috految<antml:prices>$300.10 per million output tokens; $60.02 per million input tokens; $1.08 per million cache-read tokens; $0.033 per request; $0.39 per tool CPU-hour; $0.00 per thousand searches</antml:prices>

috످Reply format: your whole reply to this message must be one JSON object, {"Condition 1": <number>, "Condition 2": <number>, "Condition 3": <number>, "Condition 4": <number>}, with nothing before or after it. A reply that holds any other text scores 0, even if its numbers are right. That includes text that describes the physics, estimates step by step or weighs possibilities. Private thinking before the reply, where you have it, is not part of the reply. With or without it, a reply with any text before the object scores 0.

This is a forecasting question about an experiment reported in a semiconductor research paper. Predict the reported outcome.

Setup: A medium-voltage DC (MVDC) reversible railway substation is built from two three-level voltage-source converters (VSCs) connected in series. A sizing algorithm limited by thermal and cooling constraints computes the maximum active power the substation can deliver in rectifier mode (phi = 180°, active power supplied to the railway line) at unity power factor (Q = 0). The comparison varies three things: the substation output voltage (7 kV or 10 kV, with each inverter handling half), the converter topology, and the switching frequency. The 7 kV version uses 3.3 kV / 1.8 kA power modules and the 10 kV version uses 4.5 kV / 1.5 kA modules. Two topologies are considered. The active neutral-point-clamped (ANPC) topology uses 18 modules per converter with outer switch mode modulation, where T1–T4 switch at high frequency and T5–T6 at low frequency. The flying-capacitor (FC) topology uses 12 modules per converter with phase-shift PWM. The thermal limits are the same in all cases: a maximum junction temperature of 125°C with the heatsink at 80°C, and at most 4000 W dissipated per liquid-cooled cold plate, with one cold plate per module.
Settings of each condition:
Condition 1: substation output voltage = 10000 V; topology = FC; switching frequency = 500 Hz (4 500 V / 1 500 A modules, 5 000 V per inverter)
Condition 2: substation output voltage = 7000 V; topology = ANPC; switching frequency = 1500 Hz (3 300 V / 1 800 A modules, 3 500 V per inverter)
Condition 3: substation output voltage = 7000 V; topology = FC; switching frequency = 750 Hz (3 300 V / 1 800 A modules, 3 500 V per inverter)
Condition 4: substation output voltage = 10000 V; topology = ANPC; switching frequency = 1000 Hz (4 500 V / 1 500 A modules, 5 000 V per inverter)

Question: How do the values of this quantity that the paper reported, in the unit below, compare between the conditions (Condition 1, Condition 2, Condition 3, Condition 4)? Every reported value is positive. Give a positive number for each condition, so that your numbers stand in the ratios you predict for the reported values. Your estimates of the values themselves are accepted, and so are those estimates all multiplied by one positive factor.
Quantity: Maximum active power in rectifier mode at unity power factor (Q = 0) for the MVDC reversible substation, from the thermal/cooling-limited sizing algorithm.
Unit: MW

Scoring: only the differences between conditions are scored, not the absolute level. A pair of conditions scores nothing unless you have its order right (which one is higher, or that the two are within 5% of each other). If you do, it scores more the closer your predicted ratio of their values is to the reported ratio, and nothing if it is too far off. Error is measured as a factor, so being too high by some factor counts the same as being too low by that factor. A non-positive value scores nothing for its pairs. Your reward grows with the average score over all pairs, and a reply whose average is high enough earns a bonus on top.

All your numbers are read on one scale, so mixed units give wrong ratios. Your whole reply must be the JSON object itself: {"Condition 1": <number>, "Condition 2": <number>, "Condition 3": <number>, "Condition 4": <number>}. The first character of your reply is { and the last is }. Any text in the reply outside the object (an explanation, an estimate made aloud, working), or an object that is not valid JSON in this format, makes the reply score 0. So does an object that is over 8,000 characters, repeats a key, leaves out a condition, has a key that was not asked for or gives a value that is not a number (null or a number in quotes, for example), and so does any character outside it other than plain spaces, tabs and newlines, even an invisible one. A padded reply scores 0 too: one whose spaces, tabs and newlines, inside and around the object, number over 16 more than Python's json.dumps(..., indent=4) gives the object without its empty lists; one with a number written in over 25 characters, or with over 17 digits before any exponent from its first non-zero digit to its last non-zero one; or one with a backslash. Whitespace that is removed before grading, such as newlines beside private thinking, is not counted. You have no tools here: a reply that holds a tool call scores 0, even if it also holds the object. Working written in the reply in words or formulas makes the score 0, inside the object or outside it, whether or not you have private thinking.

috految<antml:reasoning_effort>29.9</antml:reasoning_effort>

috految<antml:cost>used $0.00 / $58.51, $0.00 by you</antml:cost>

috److془We need to compute. Paper: "Comparative study of Three-level voltage source converters for MVDC railway" by Luc Bimmel, Erick Brito, Philippe Ladoux. "Comparative Study of Voltage Source Converter Topologies for reversible substation..." "Reversible Substation for MVDC Railway Electrification Systems".

Modules: Hitachi 5SNA 1800E330400, 5SNA 1500G450350 or Hitachi MBN1800F33F, MBN1500FH45F, or Mitsubishi CM1800HC-66X, CM1500HC-90XA.

Mitsubishi: CM1800HC-66X: Vce 2.5, Vf 2.4; Eon 3.25, Eoff 3.0, Erec 2.4. Rth 7, 11, ch 5. CM1500HC-90XA: Vce 2.65, Vf 2.5, Eon 6.9, Eoff 5.8, Erec 4.4 at 2800V; Rth 8.5, 13, 5.

ABB: 1800E330400: Vce 3.1, Vf 2.25, Eon 4.3, Eoff 4.0, Erec 2.3; Rth 8.5, 12,; ch 9, 11. 1500G450350: Vce 3.65; Vf 2.7; Eon 6.5, Eoff 6.0, Erec 4.9; Rth 9.8, 16; ch 8, 11.

Hitachi: 1800F33F: Eon 3.7, Eoff 3.3, Err 2.4; 6.7, 12, 5. 1500FH45F: 5.1, 5.0, 5.6; 8.5, 11.5, 5.

Compute: FC 7kV: per module: sw = 750*8.6/1800/π=1.14 I +; cond = 0.37 I+0.00018 I² ; I = 2080. Diode: 0.36*I+ .31I+.00015I² = 2040; ΔT=22.5+20 OK. ANPC: clamp IGBT: 1500*6.6/1800/π=1.75 I + 0.11 I+0.00005I²; 3750 → I=1920. Diode outer: 0.7 I+.25I+.00013I²=2812 → 2250. Ratio ~1.08. With separate Rth: ABB: IGBT 2570-2800: 2.2I+.. I=1200; FC: 1800. Ratio 1.5. 10kV: ABB ANPC: 2.37+.22 → 1000; FC: diode 1667: .52+.33+.0002I → 1460. Ratio 1.45. Mitsubishi 10 kV: FC: 1.62+.38+.00023I → 1660; ANPC 3333/2.6=1280. Ratio 1.28. Power: FC10/FC7=1.14; ANPC10/ANPC7 = 0.97 to 1.19.; Hitachi: FC 1.19; ANPC 1.2.془{"Condition 1": 10.9, "Condition 2": 7.65, "Condition 3": 9.6, "Condition 4": 8.5}

috످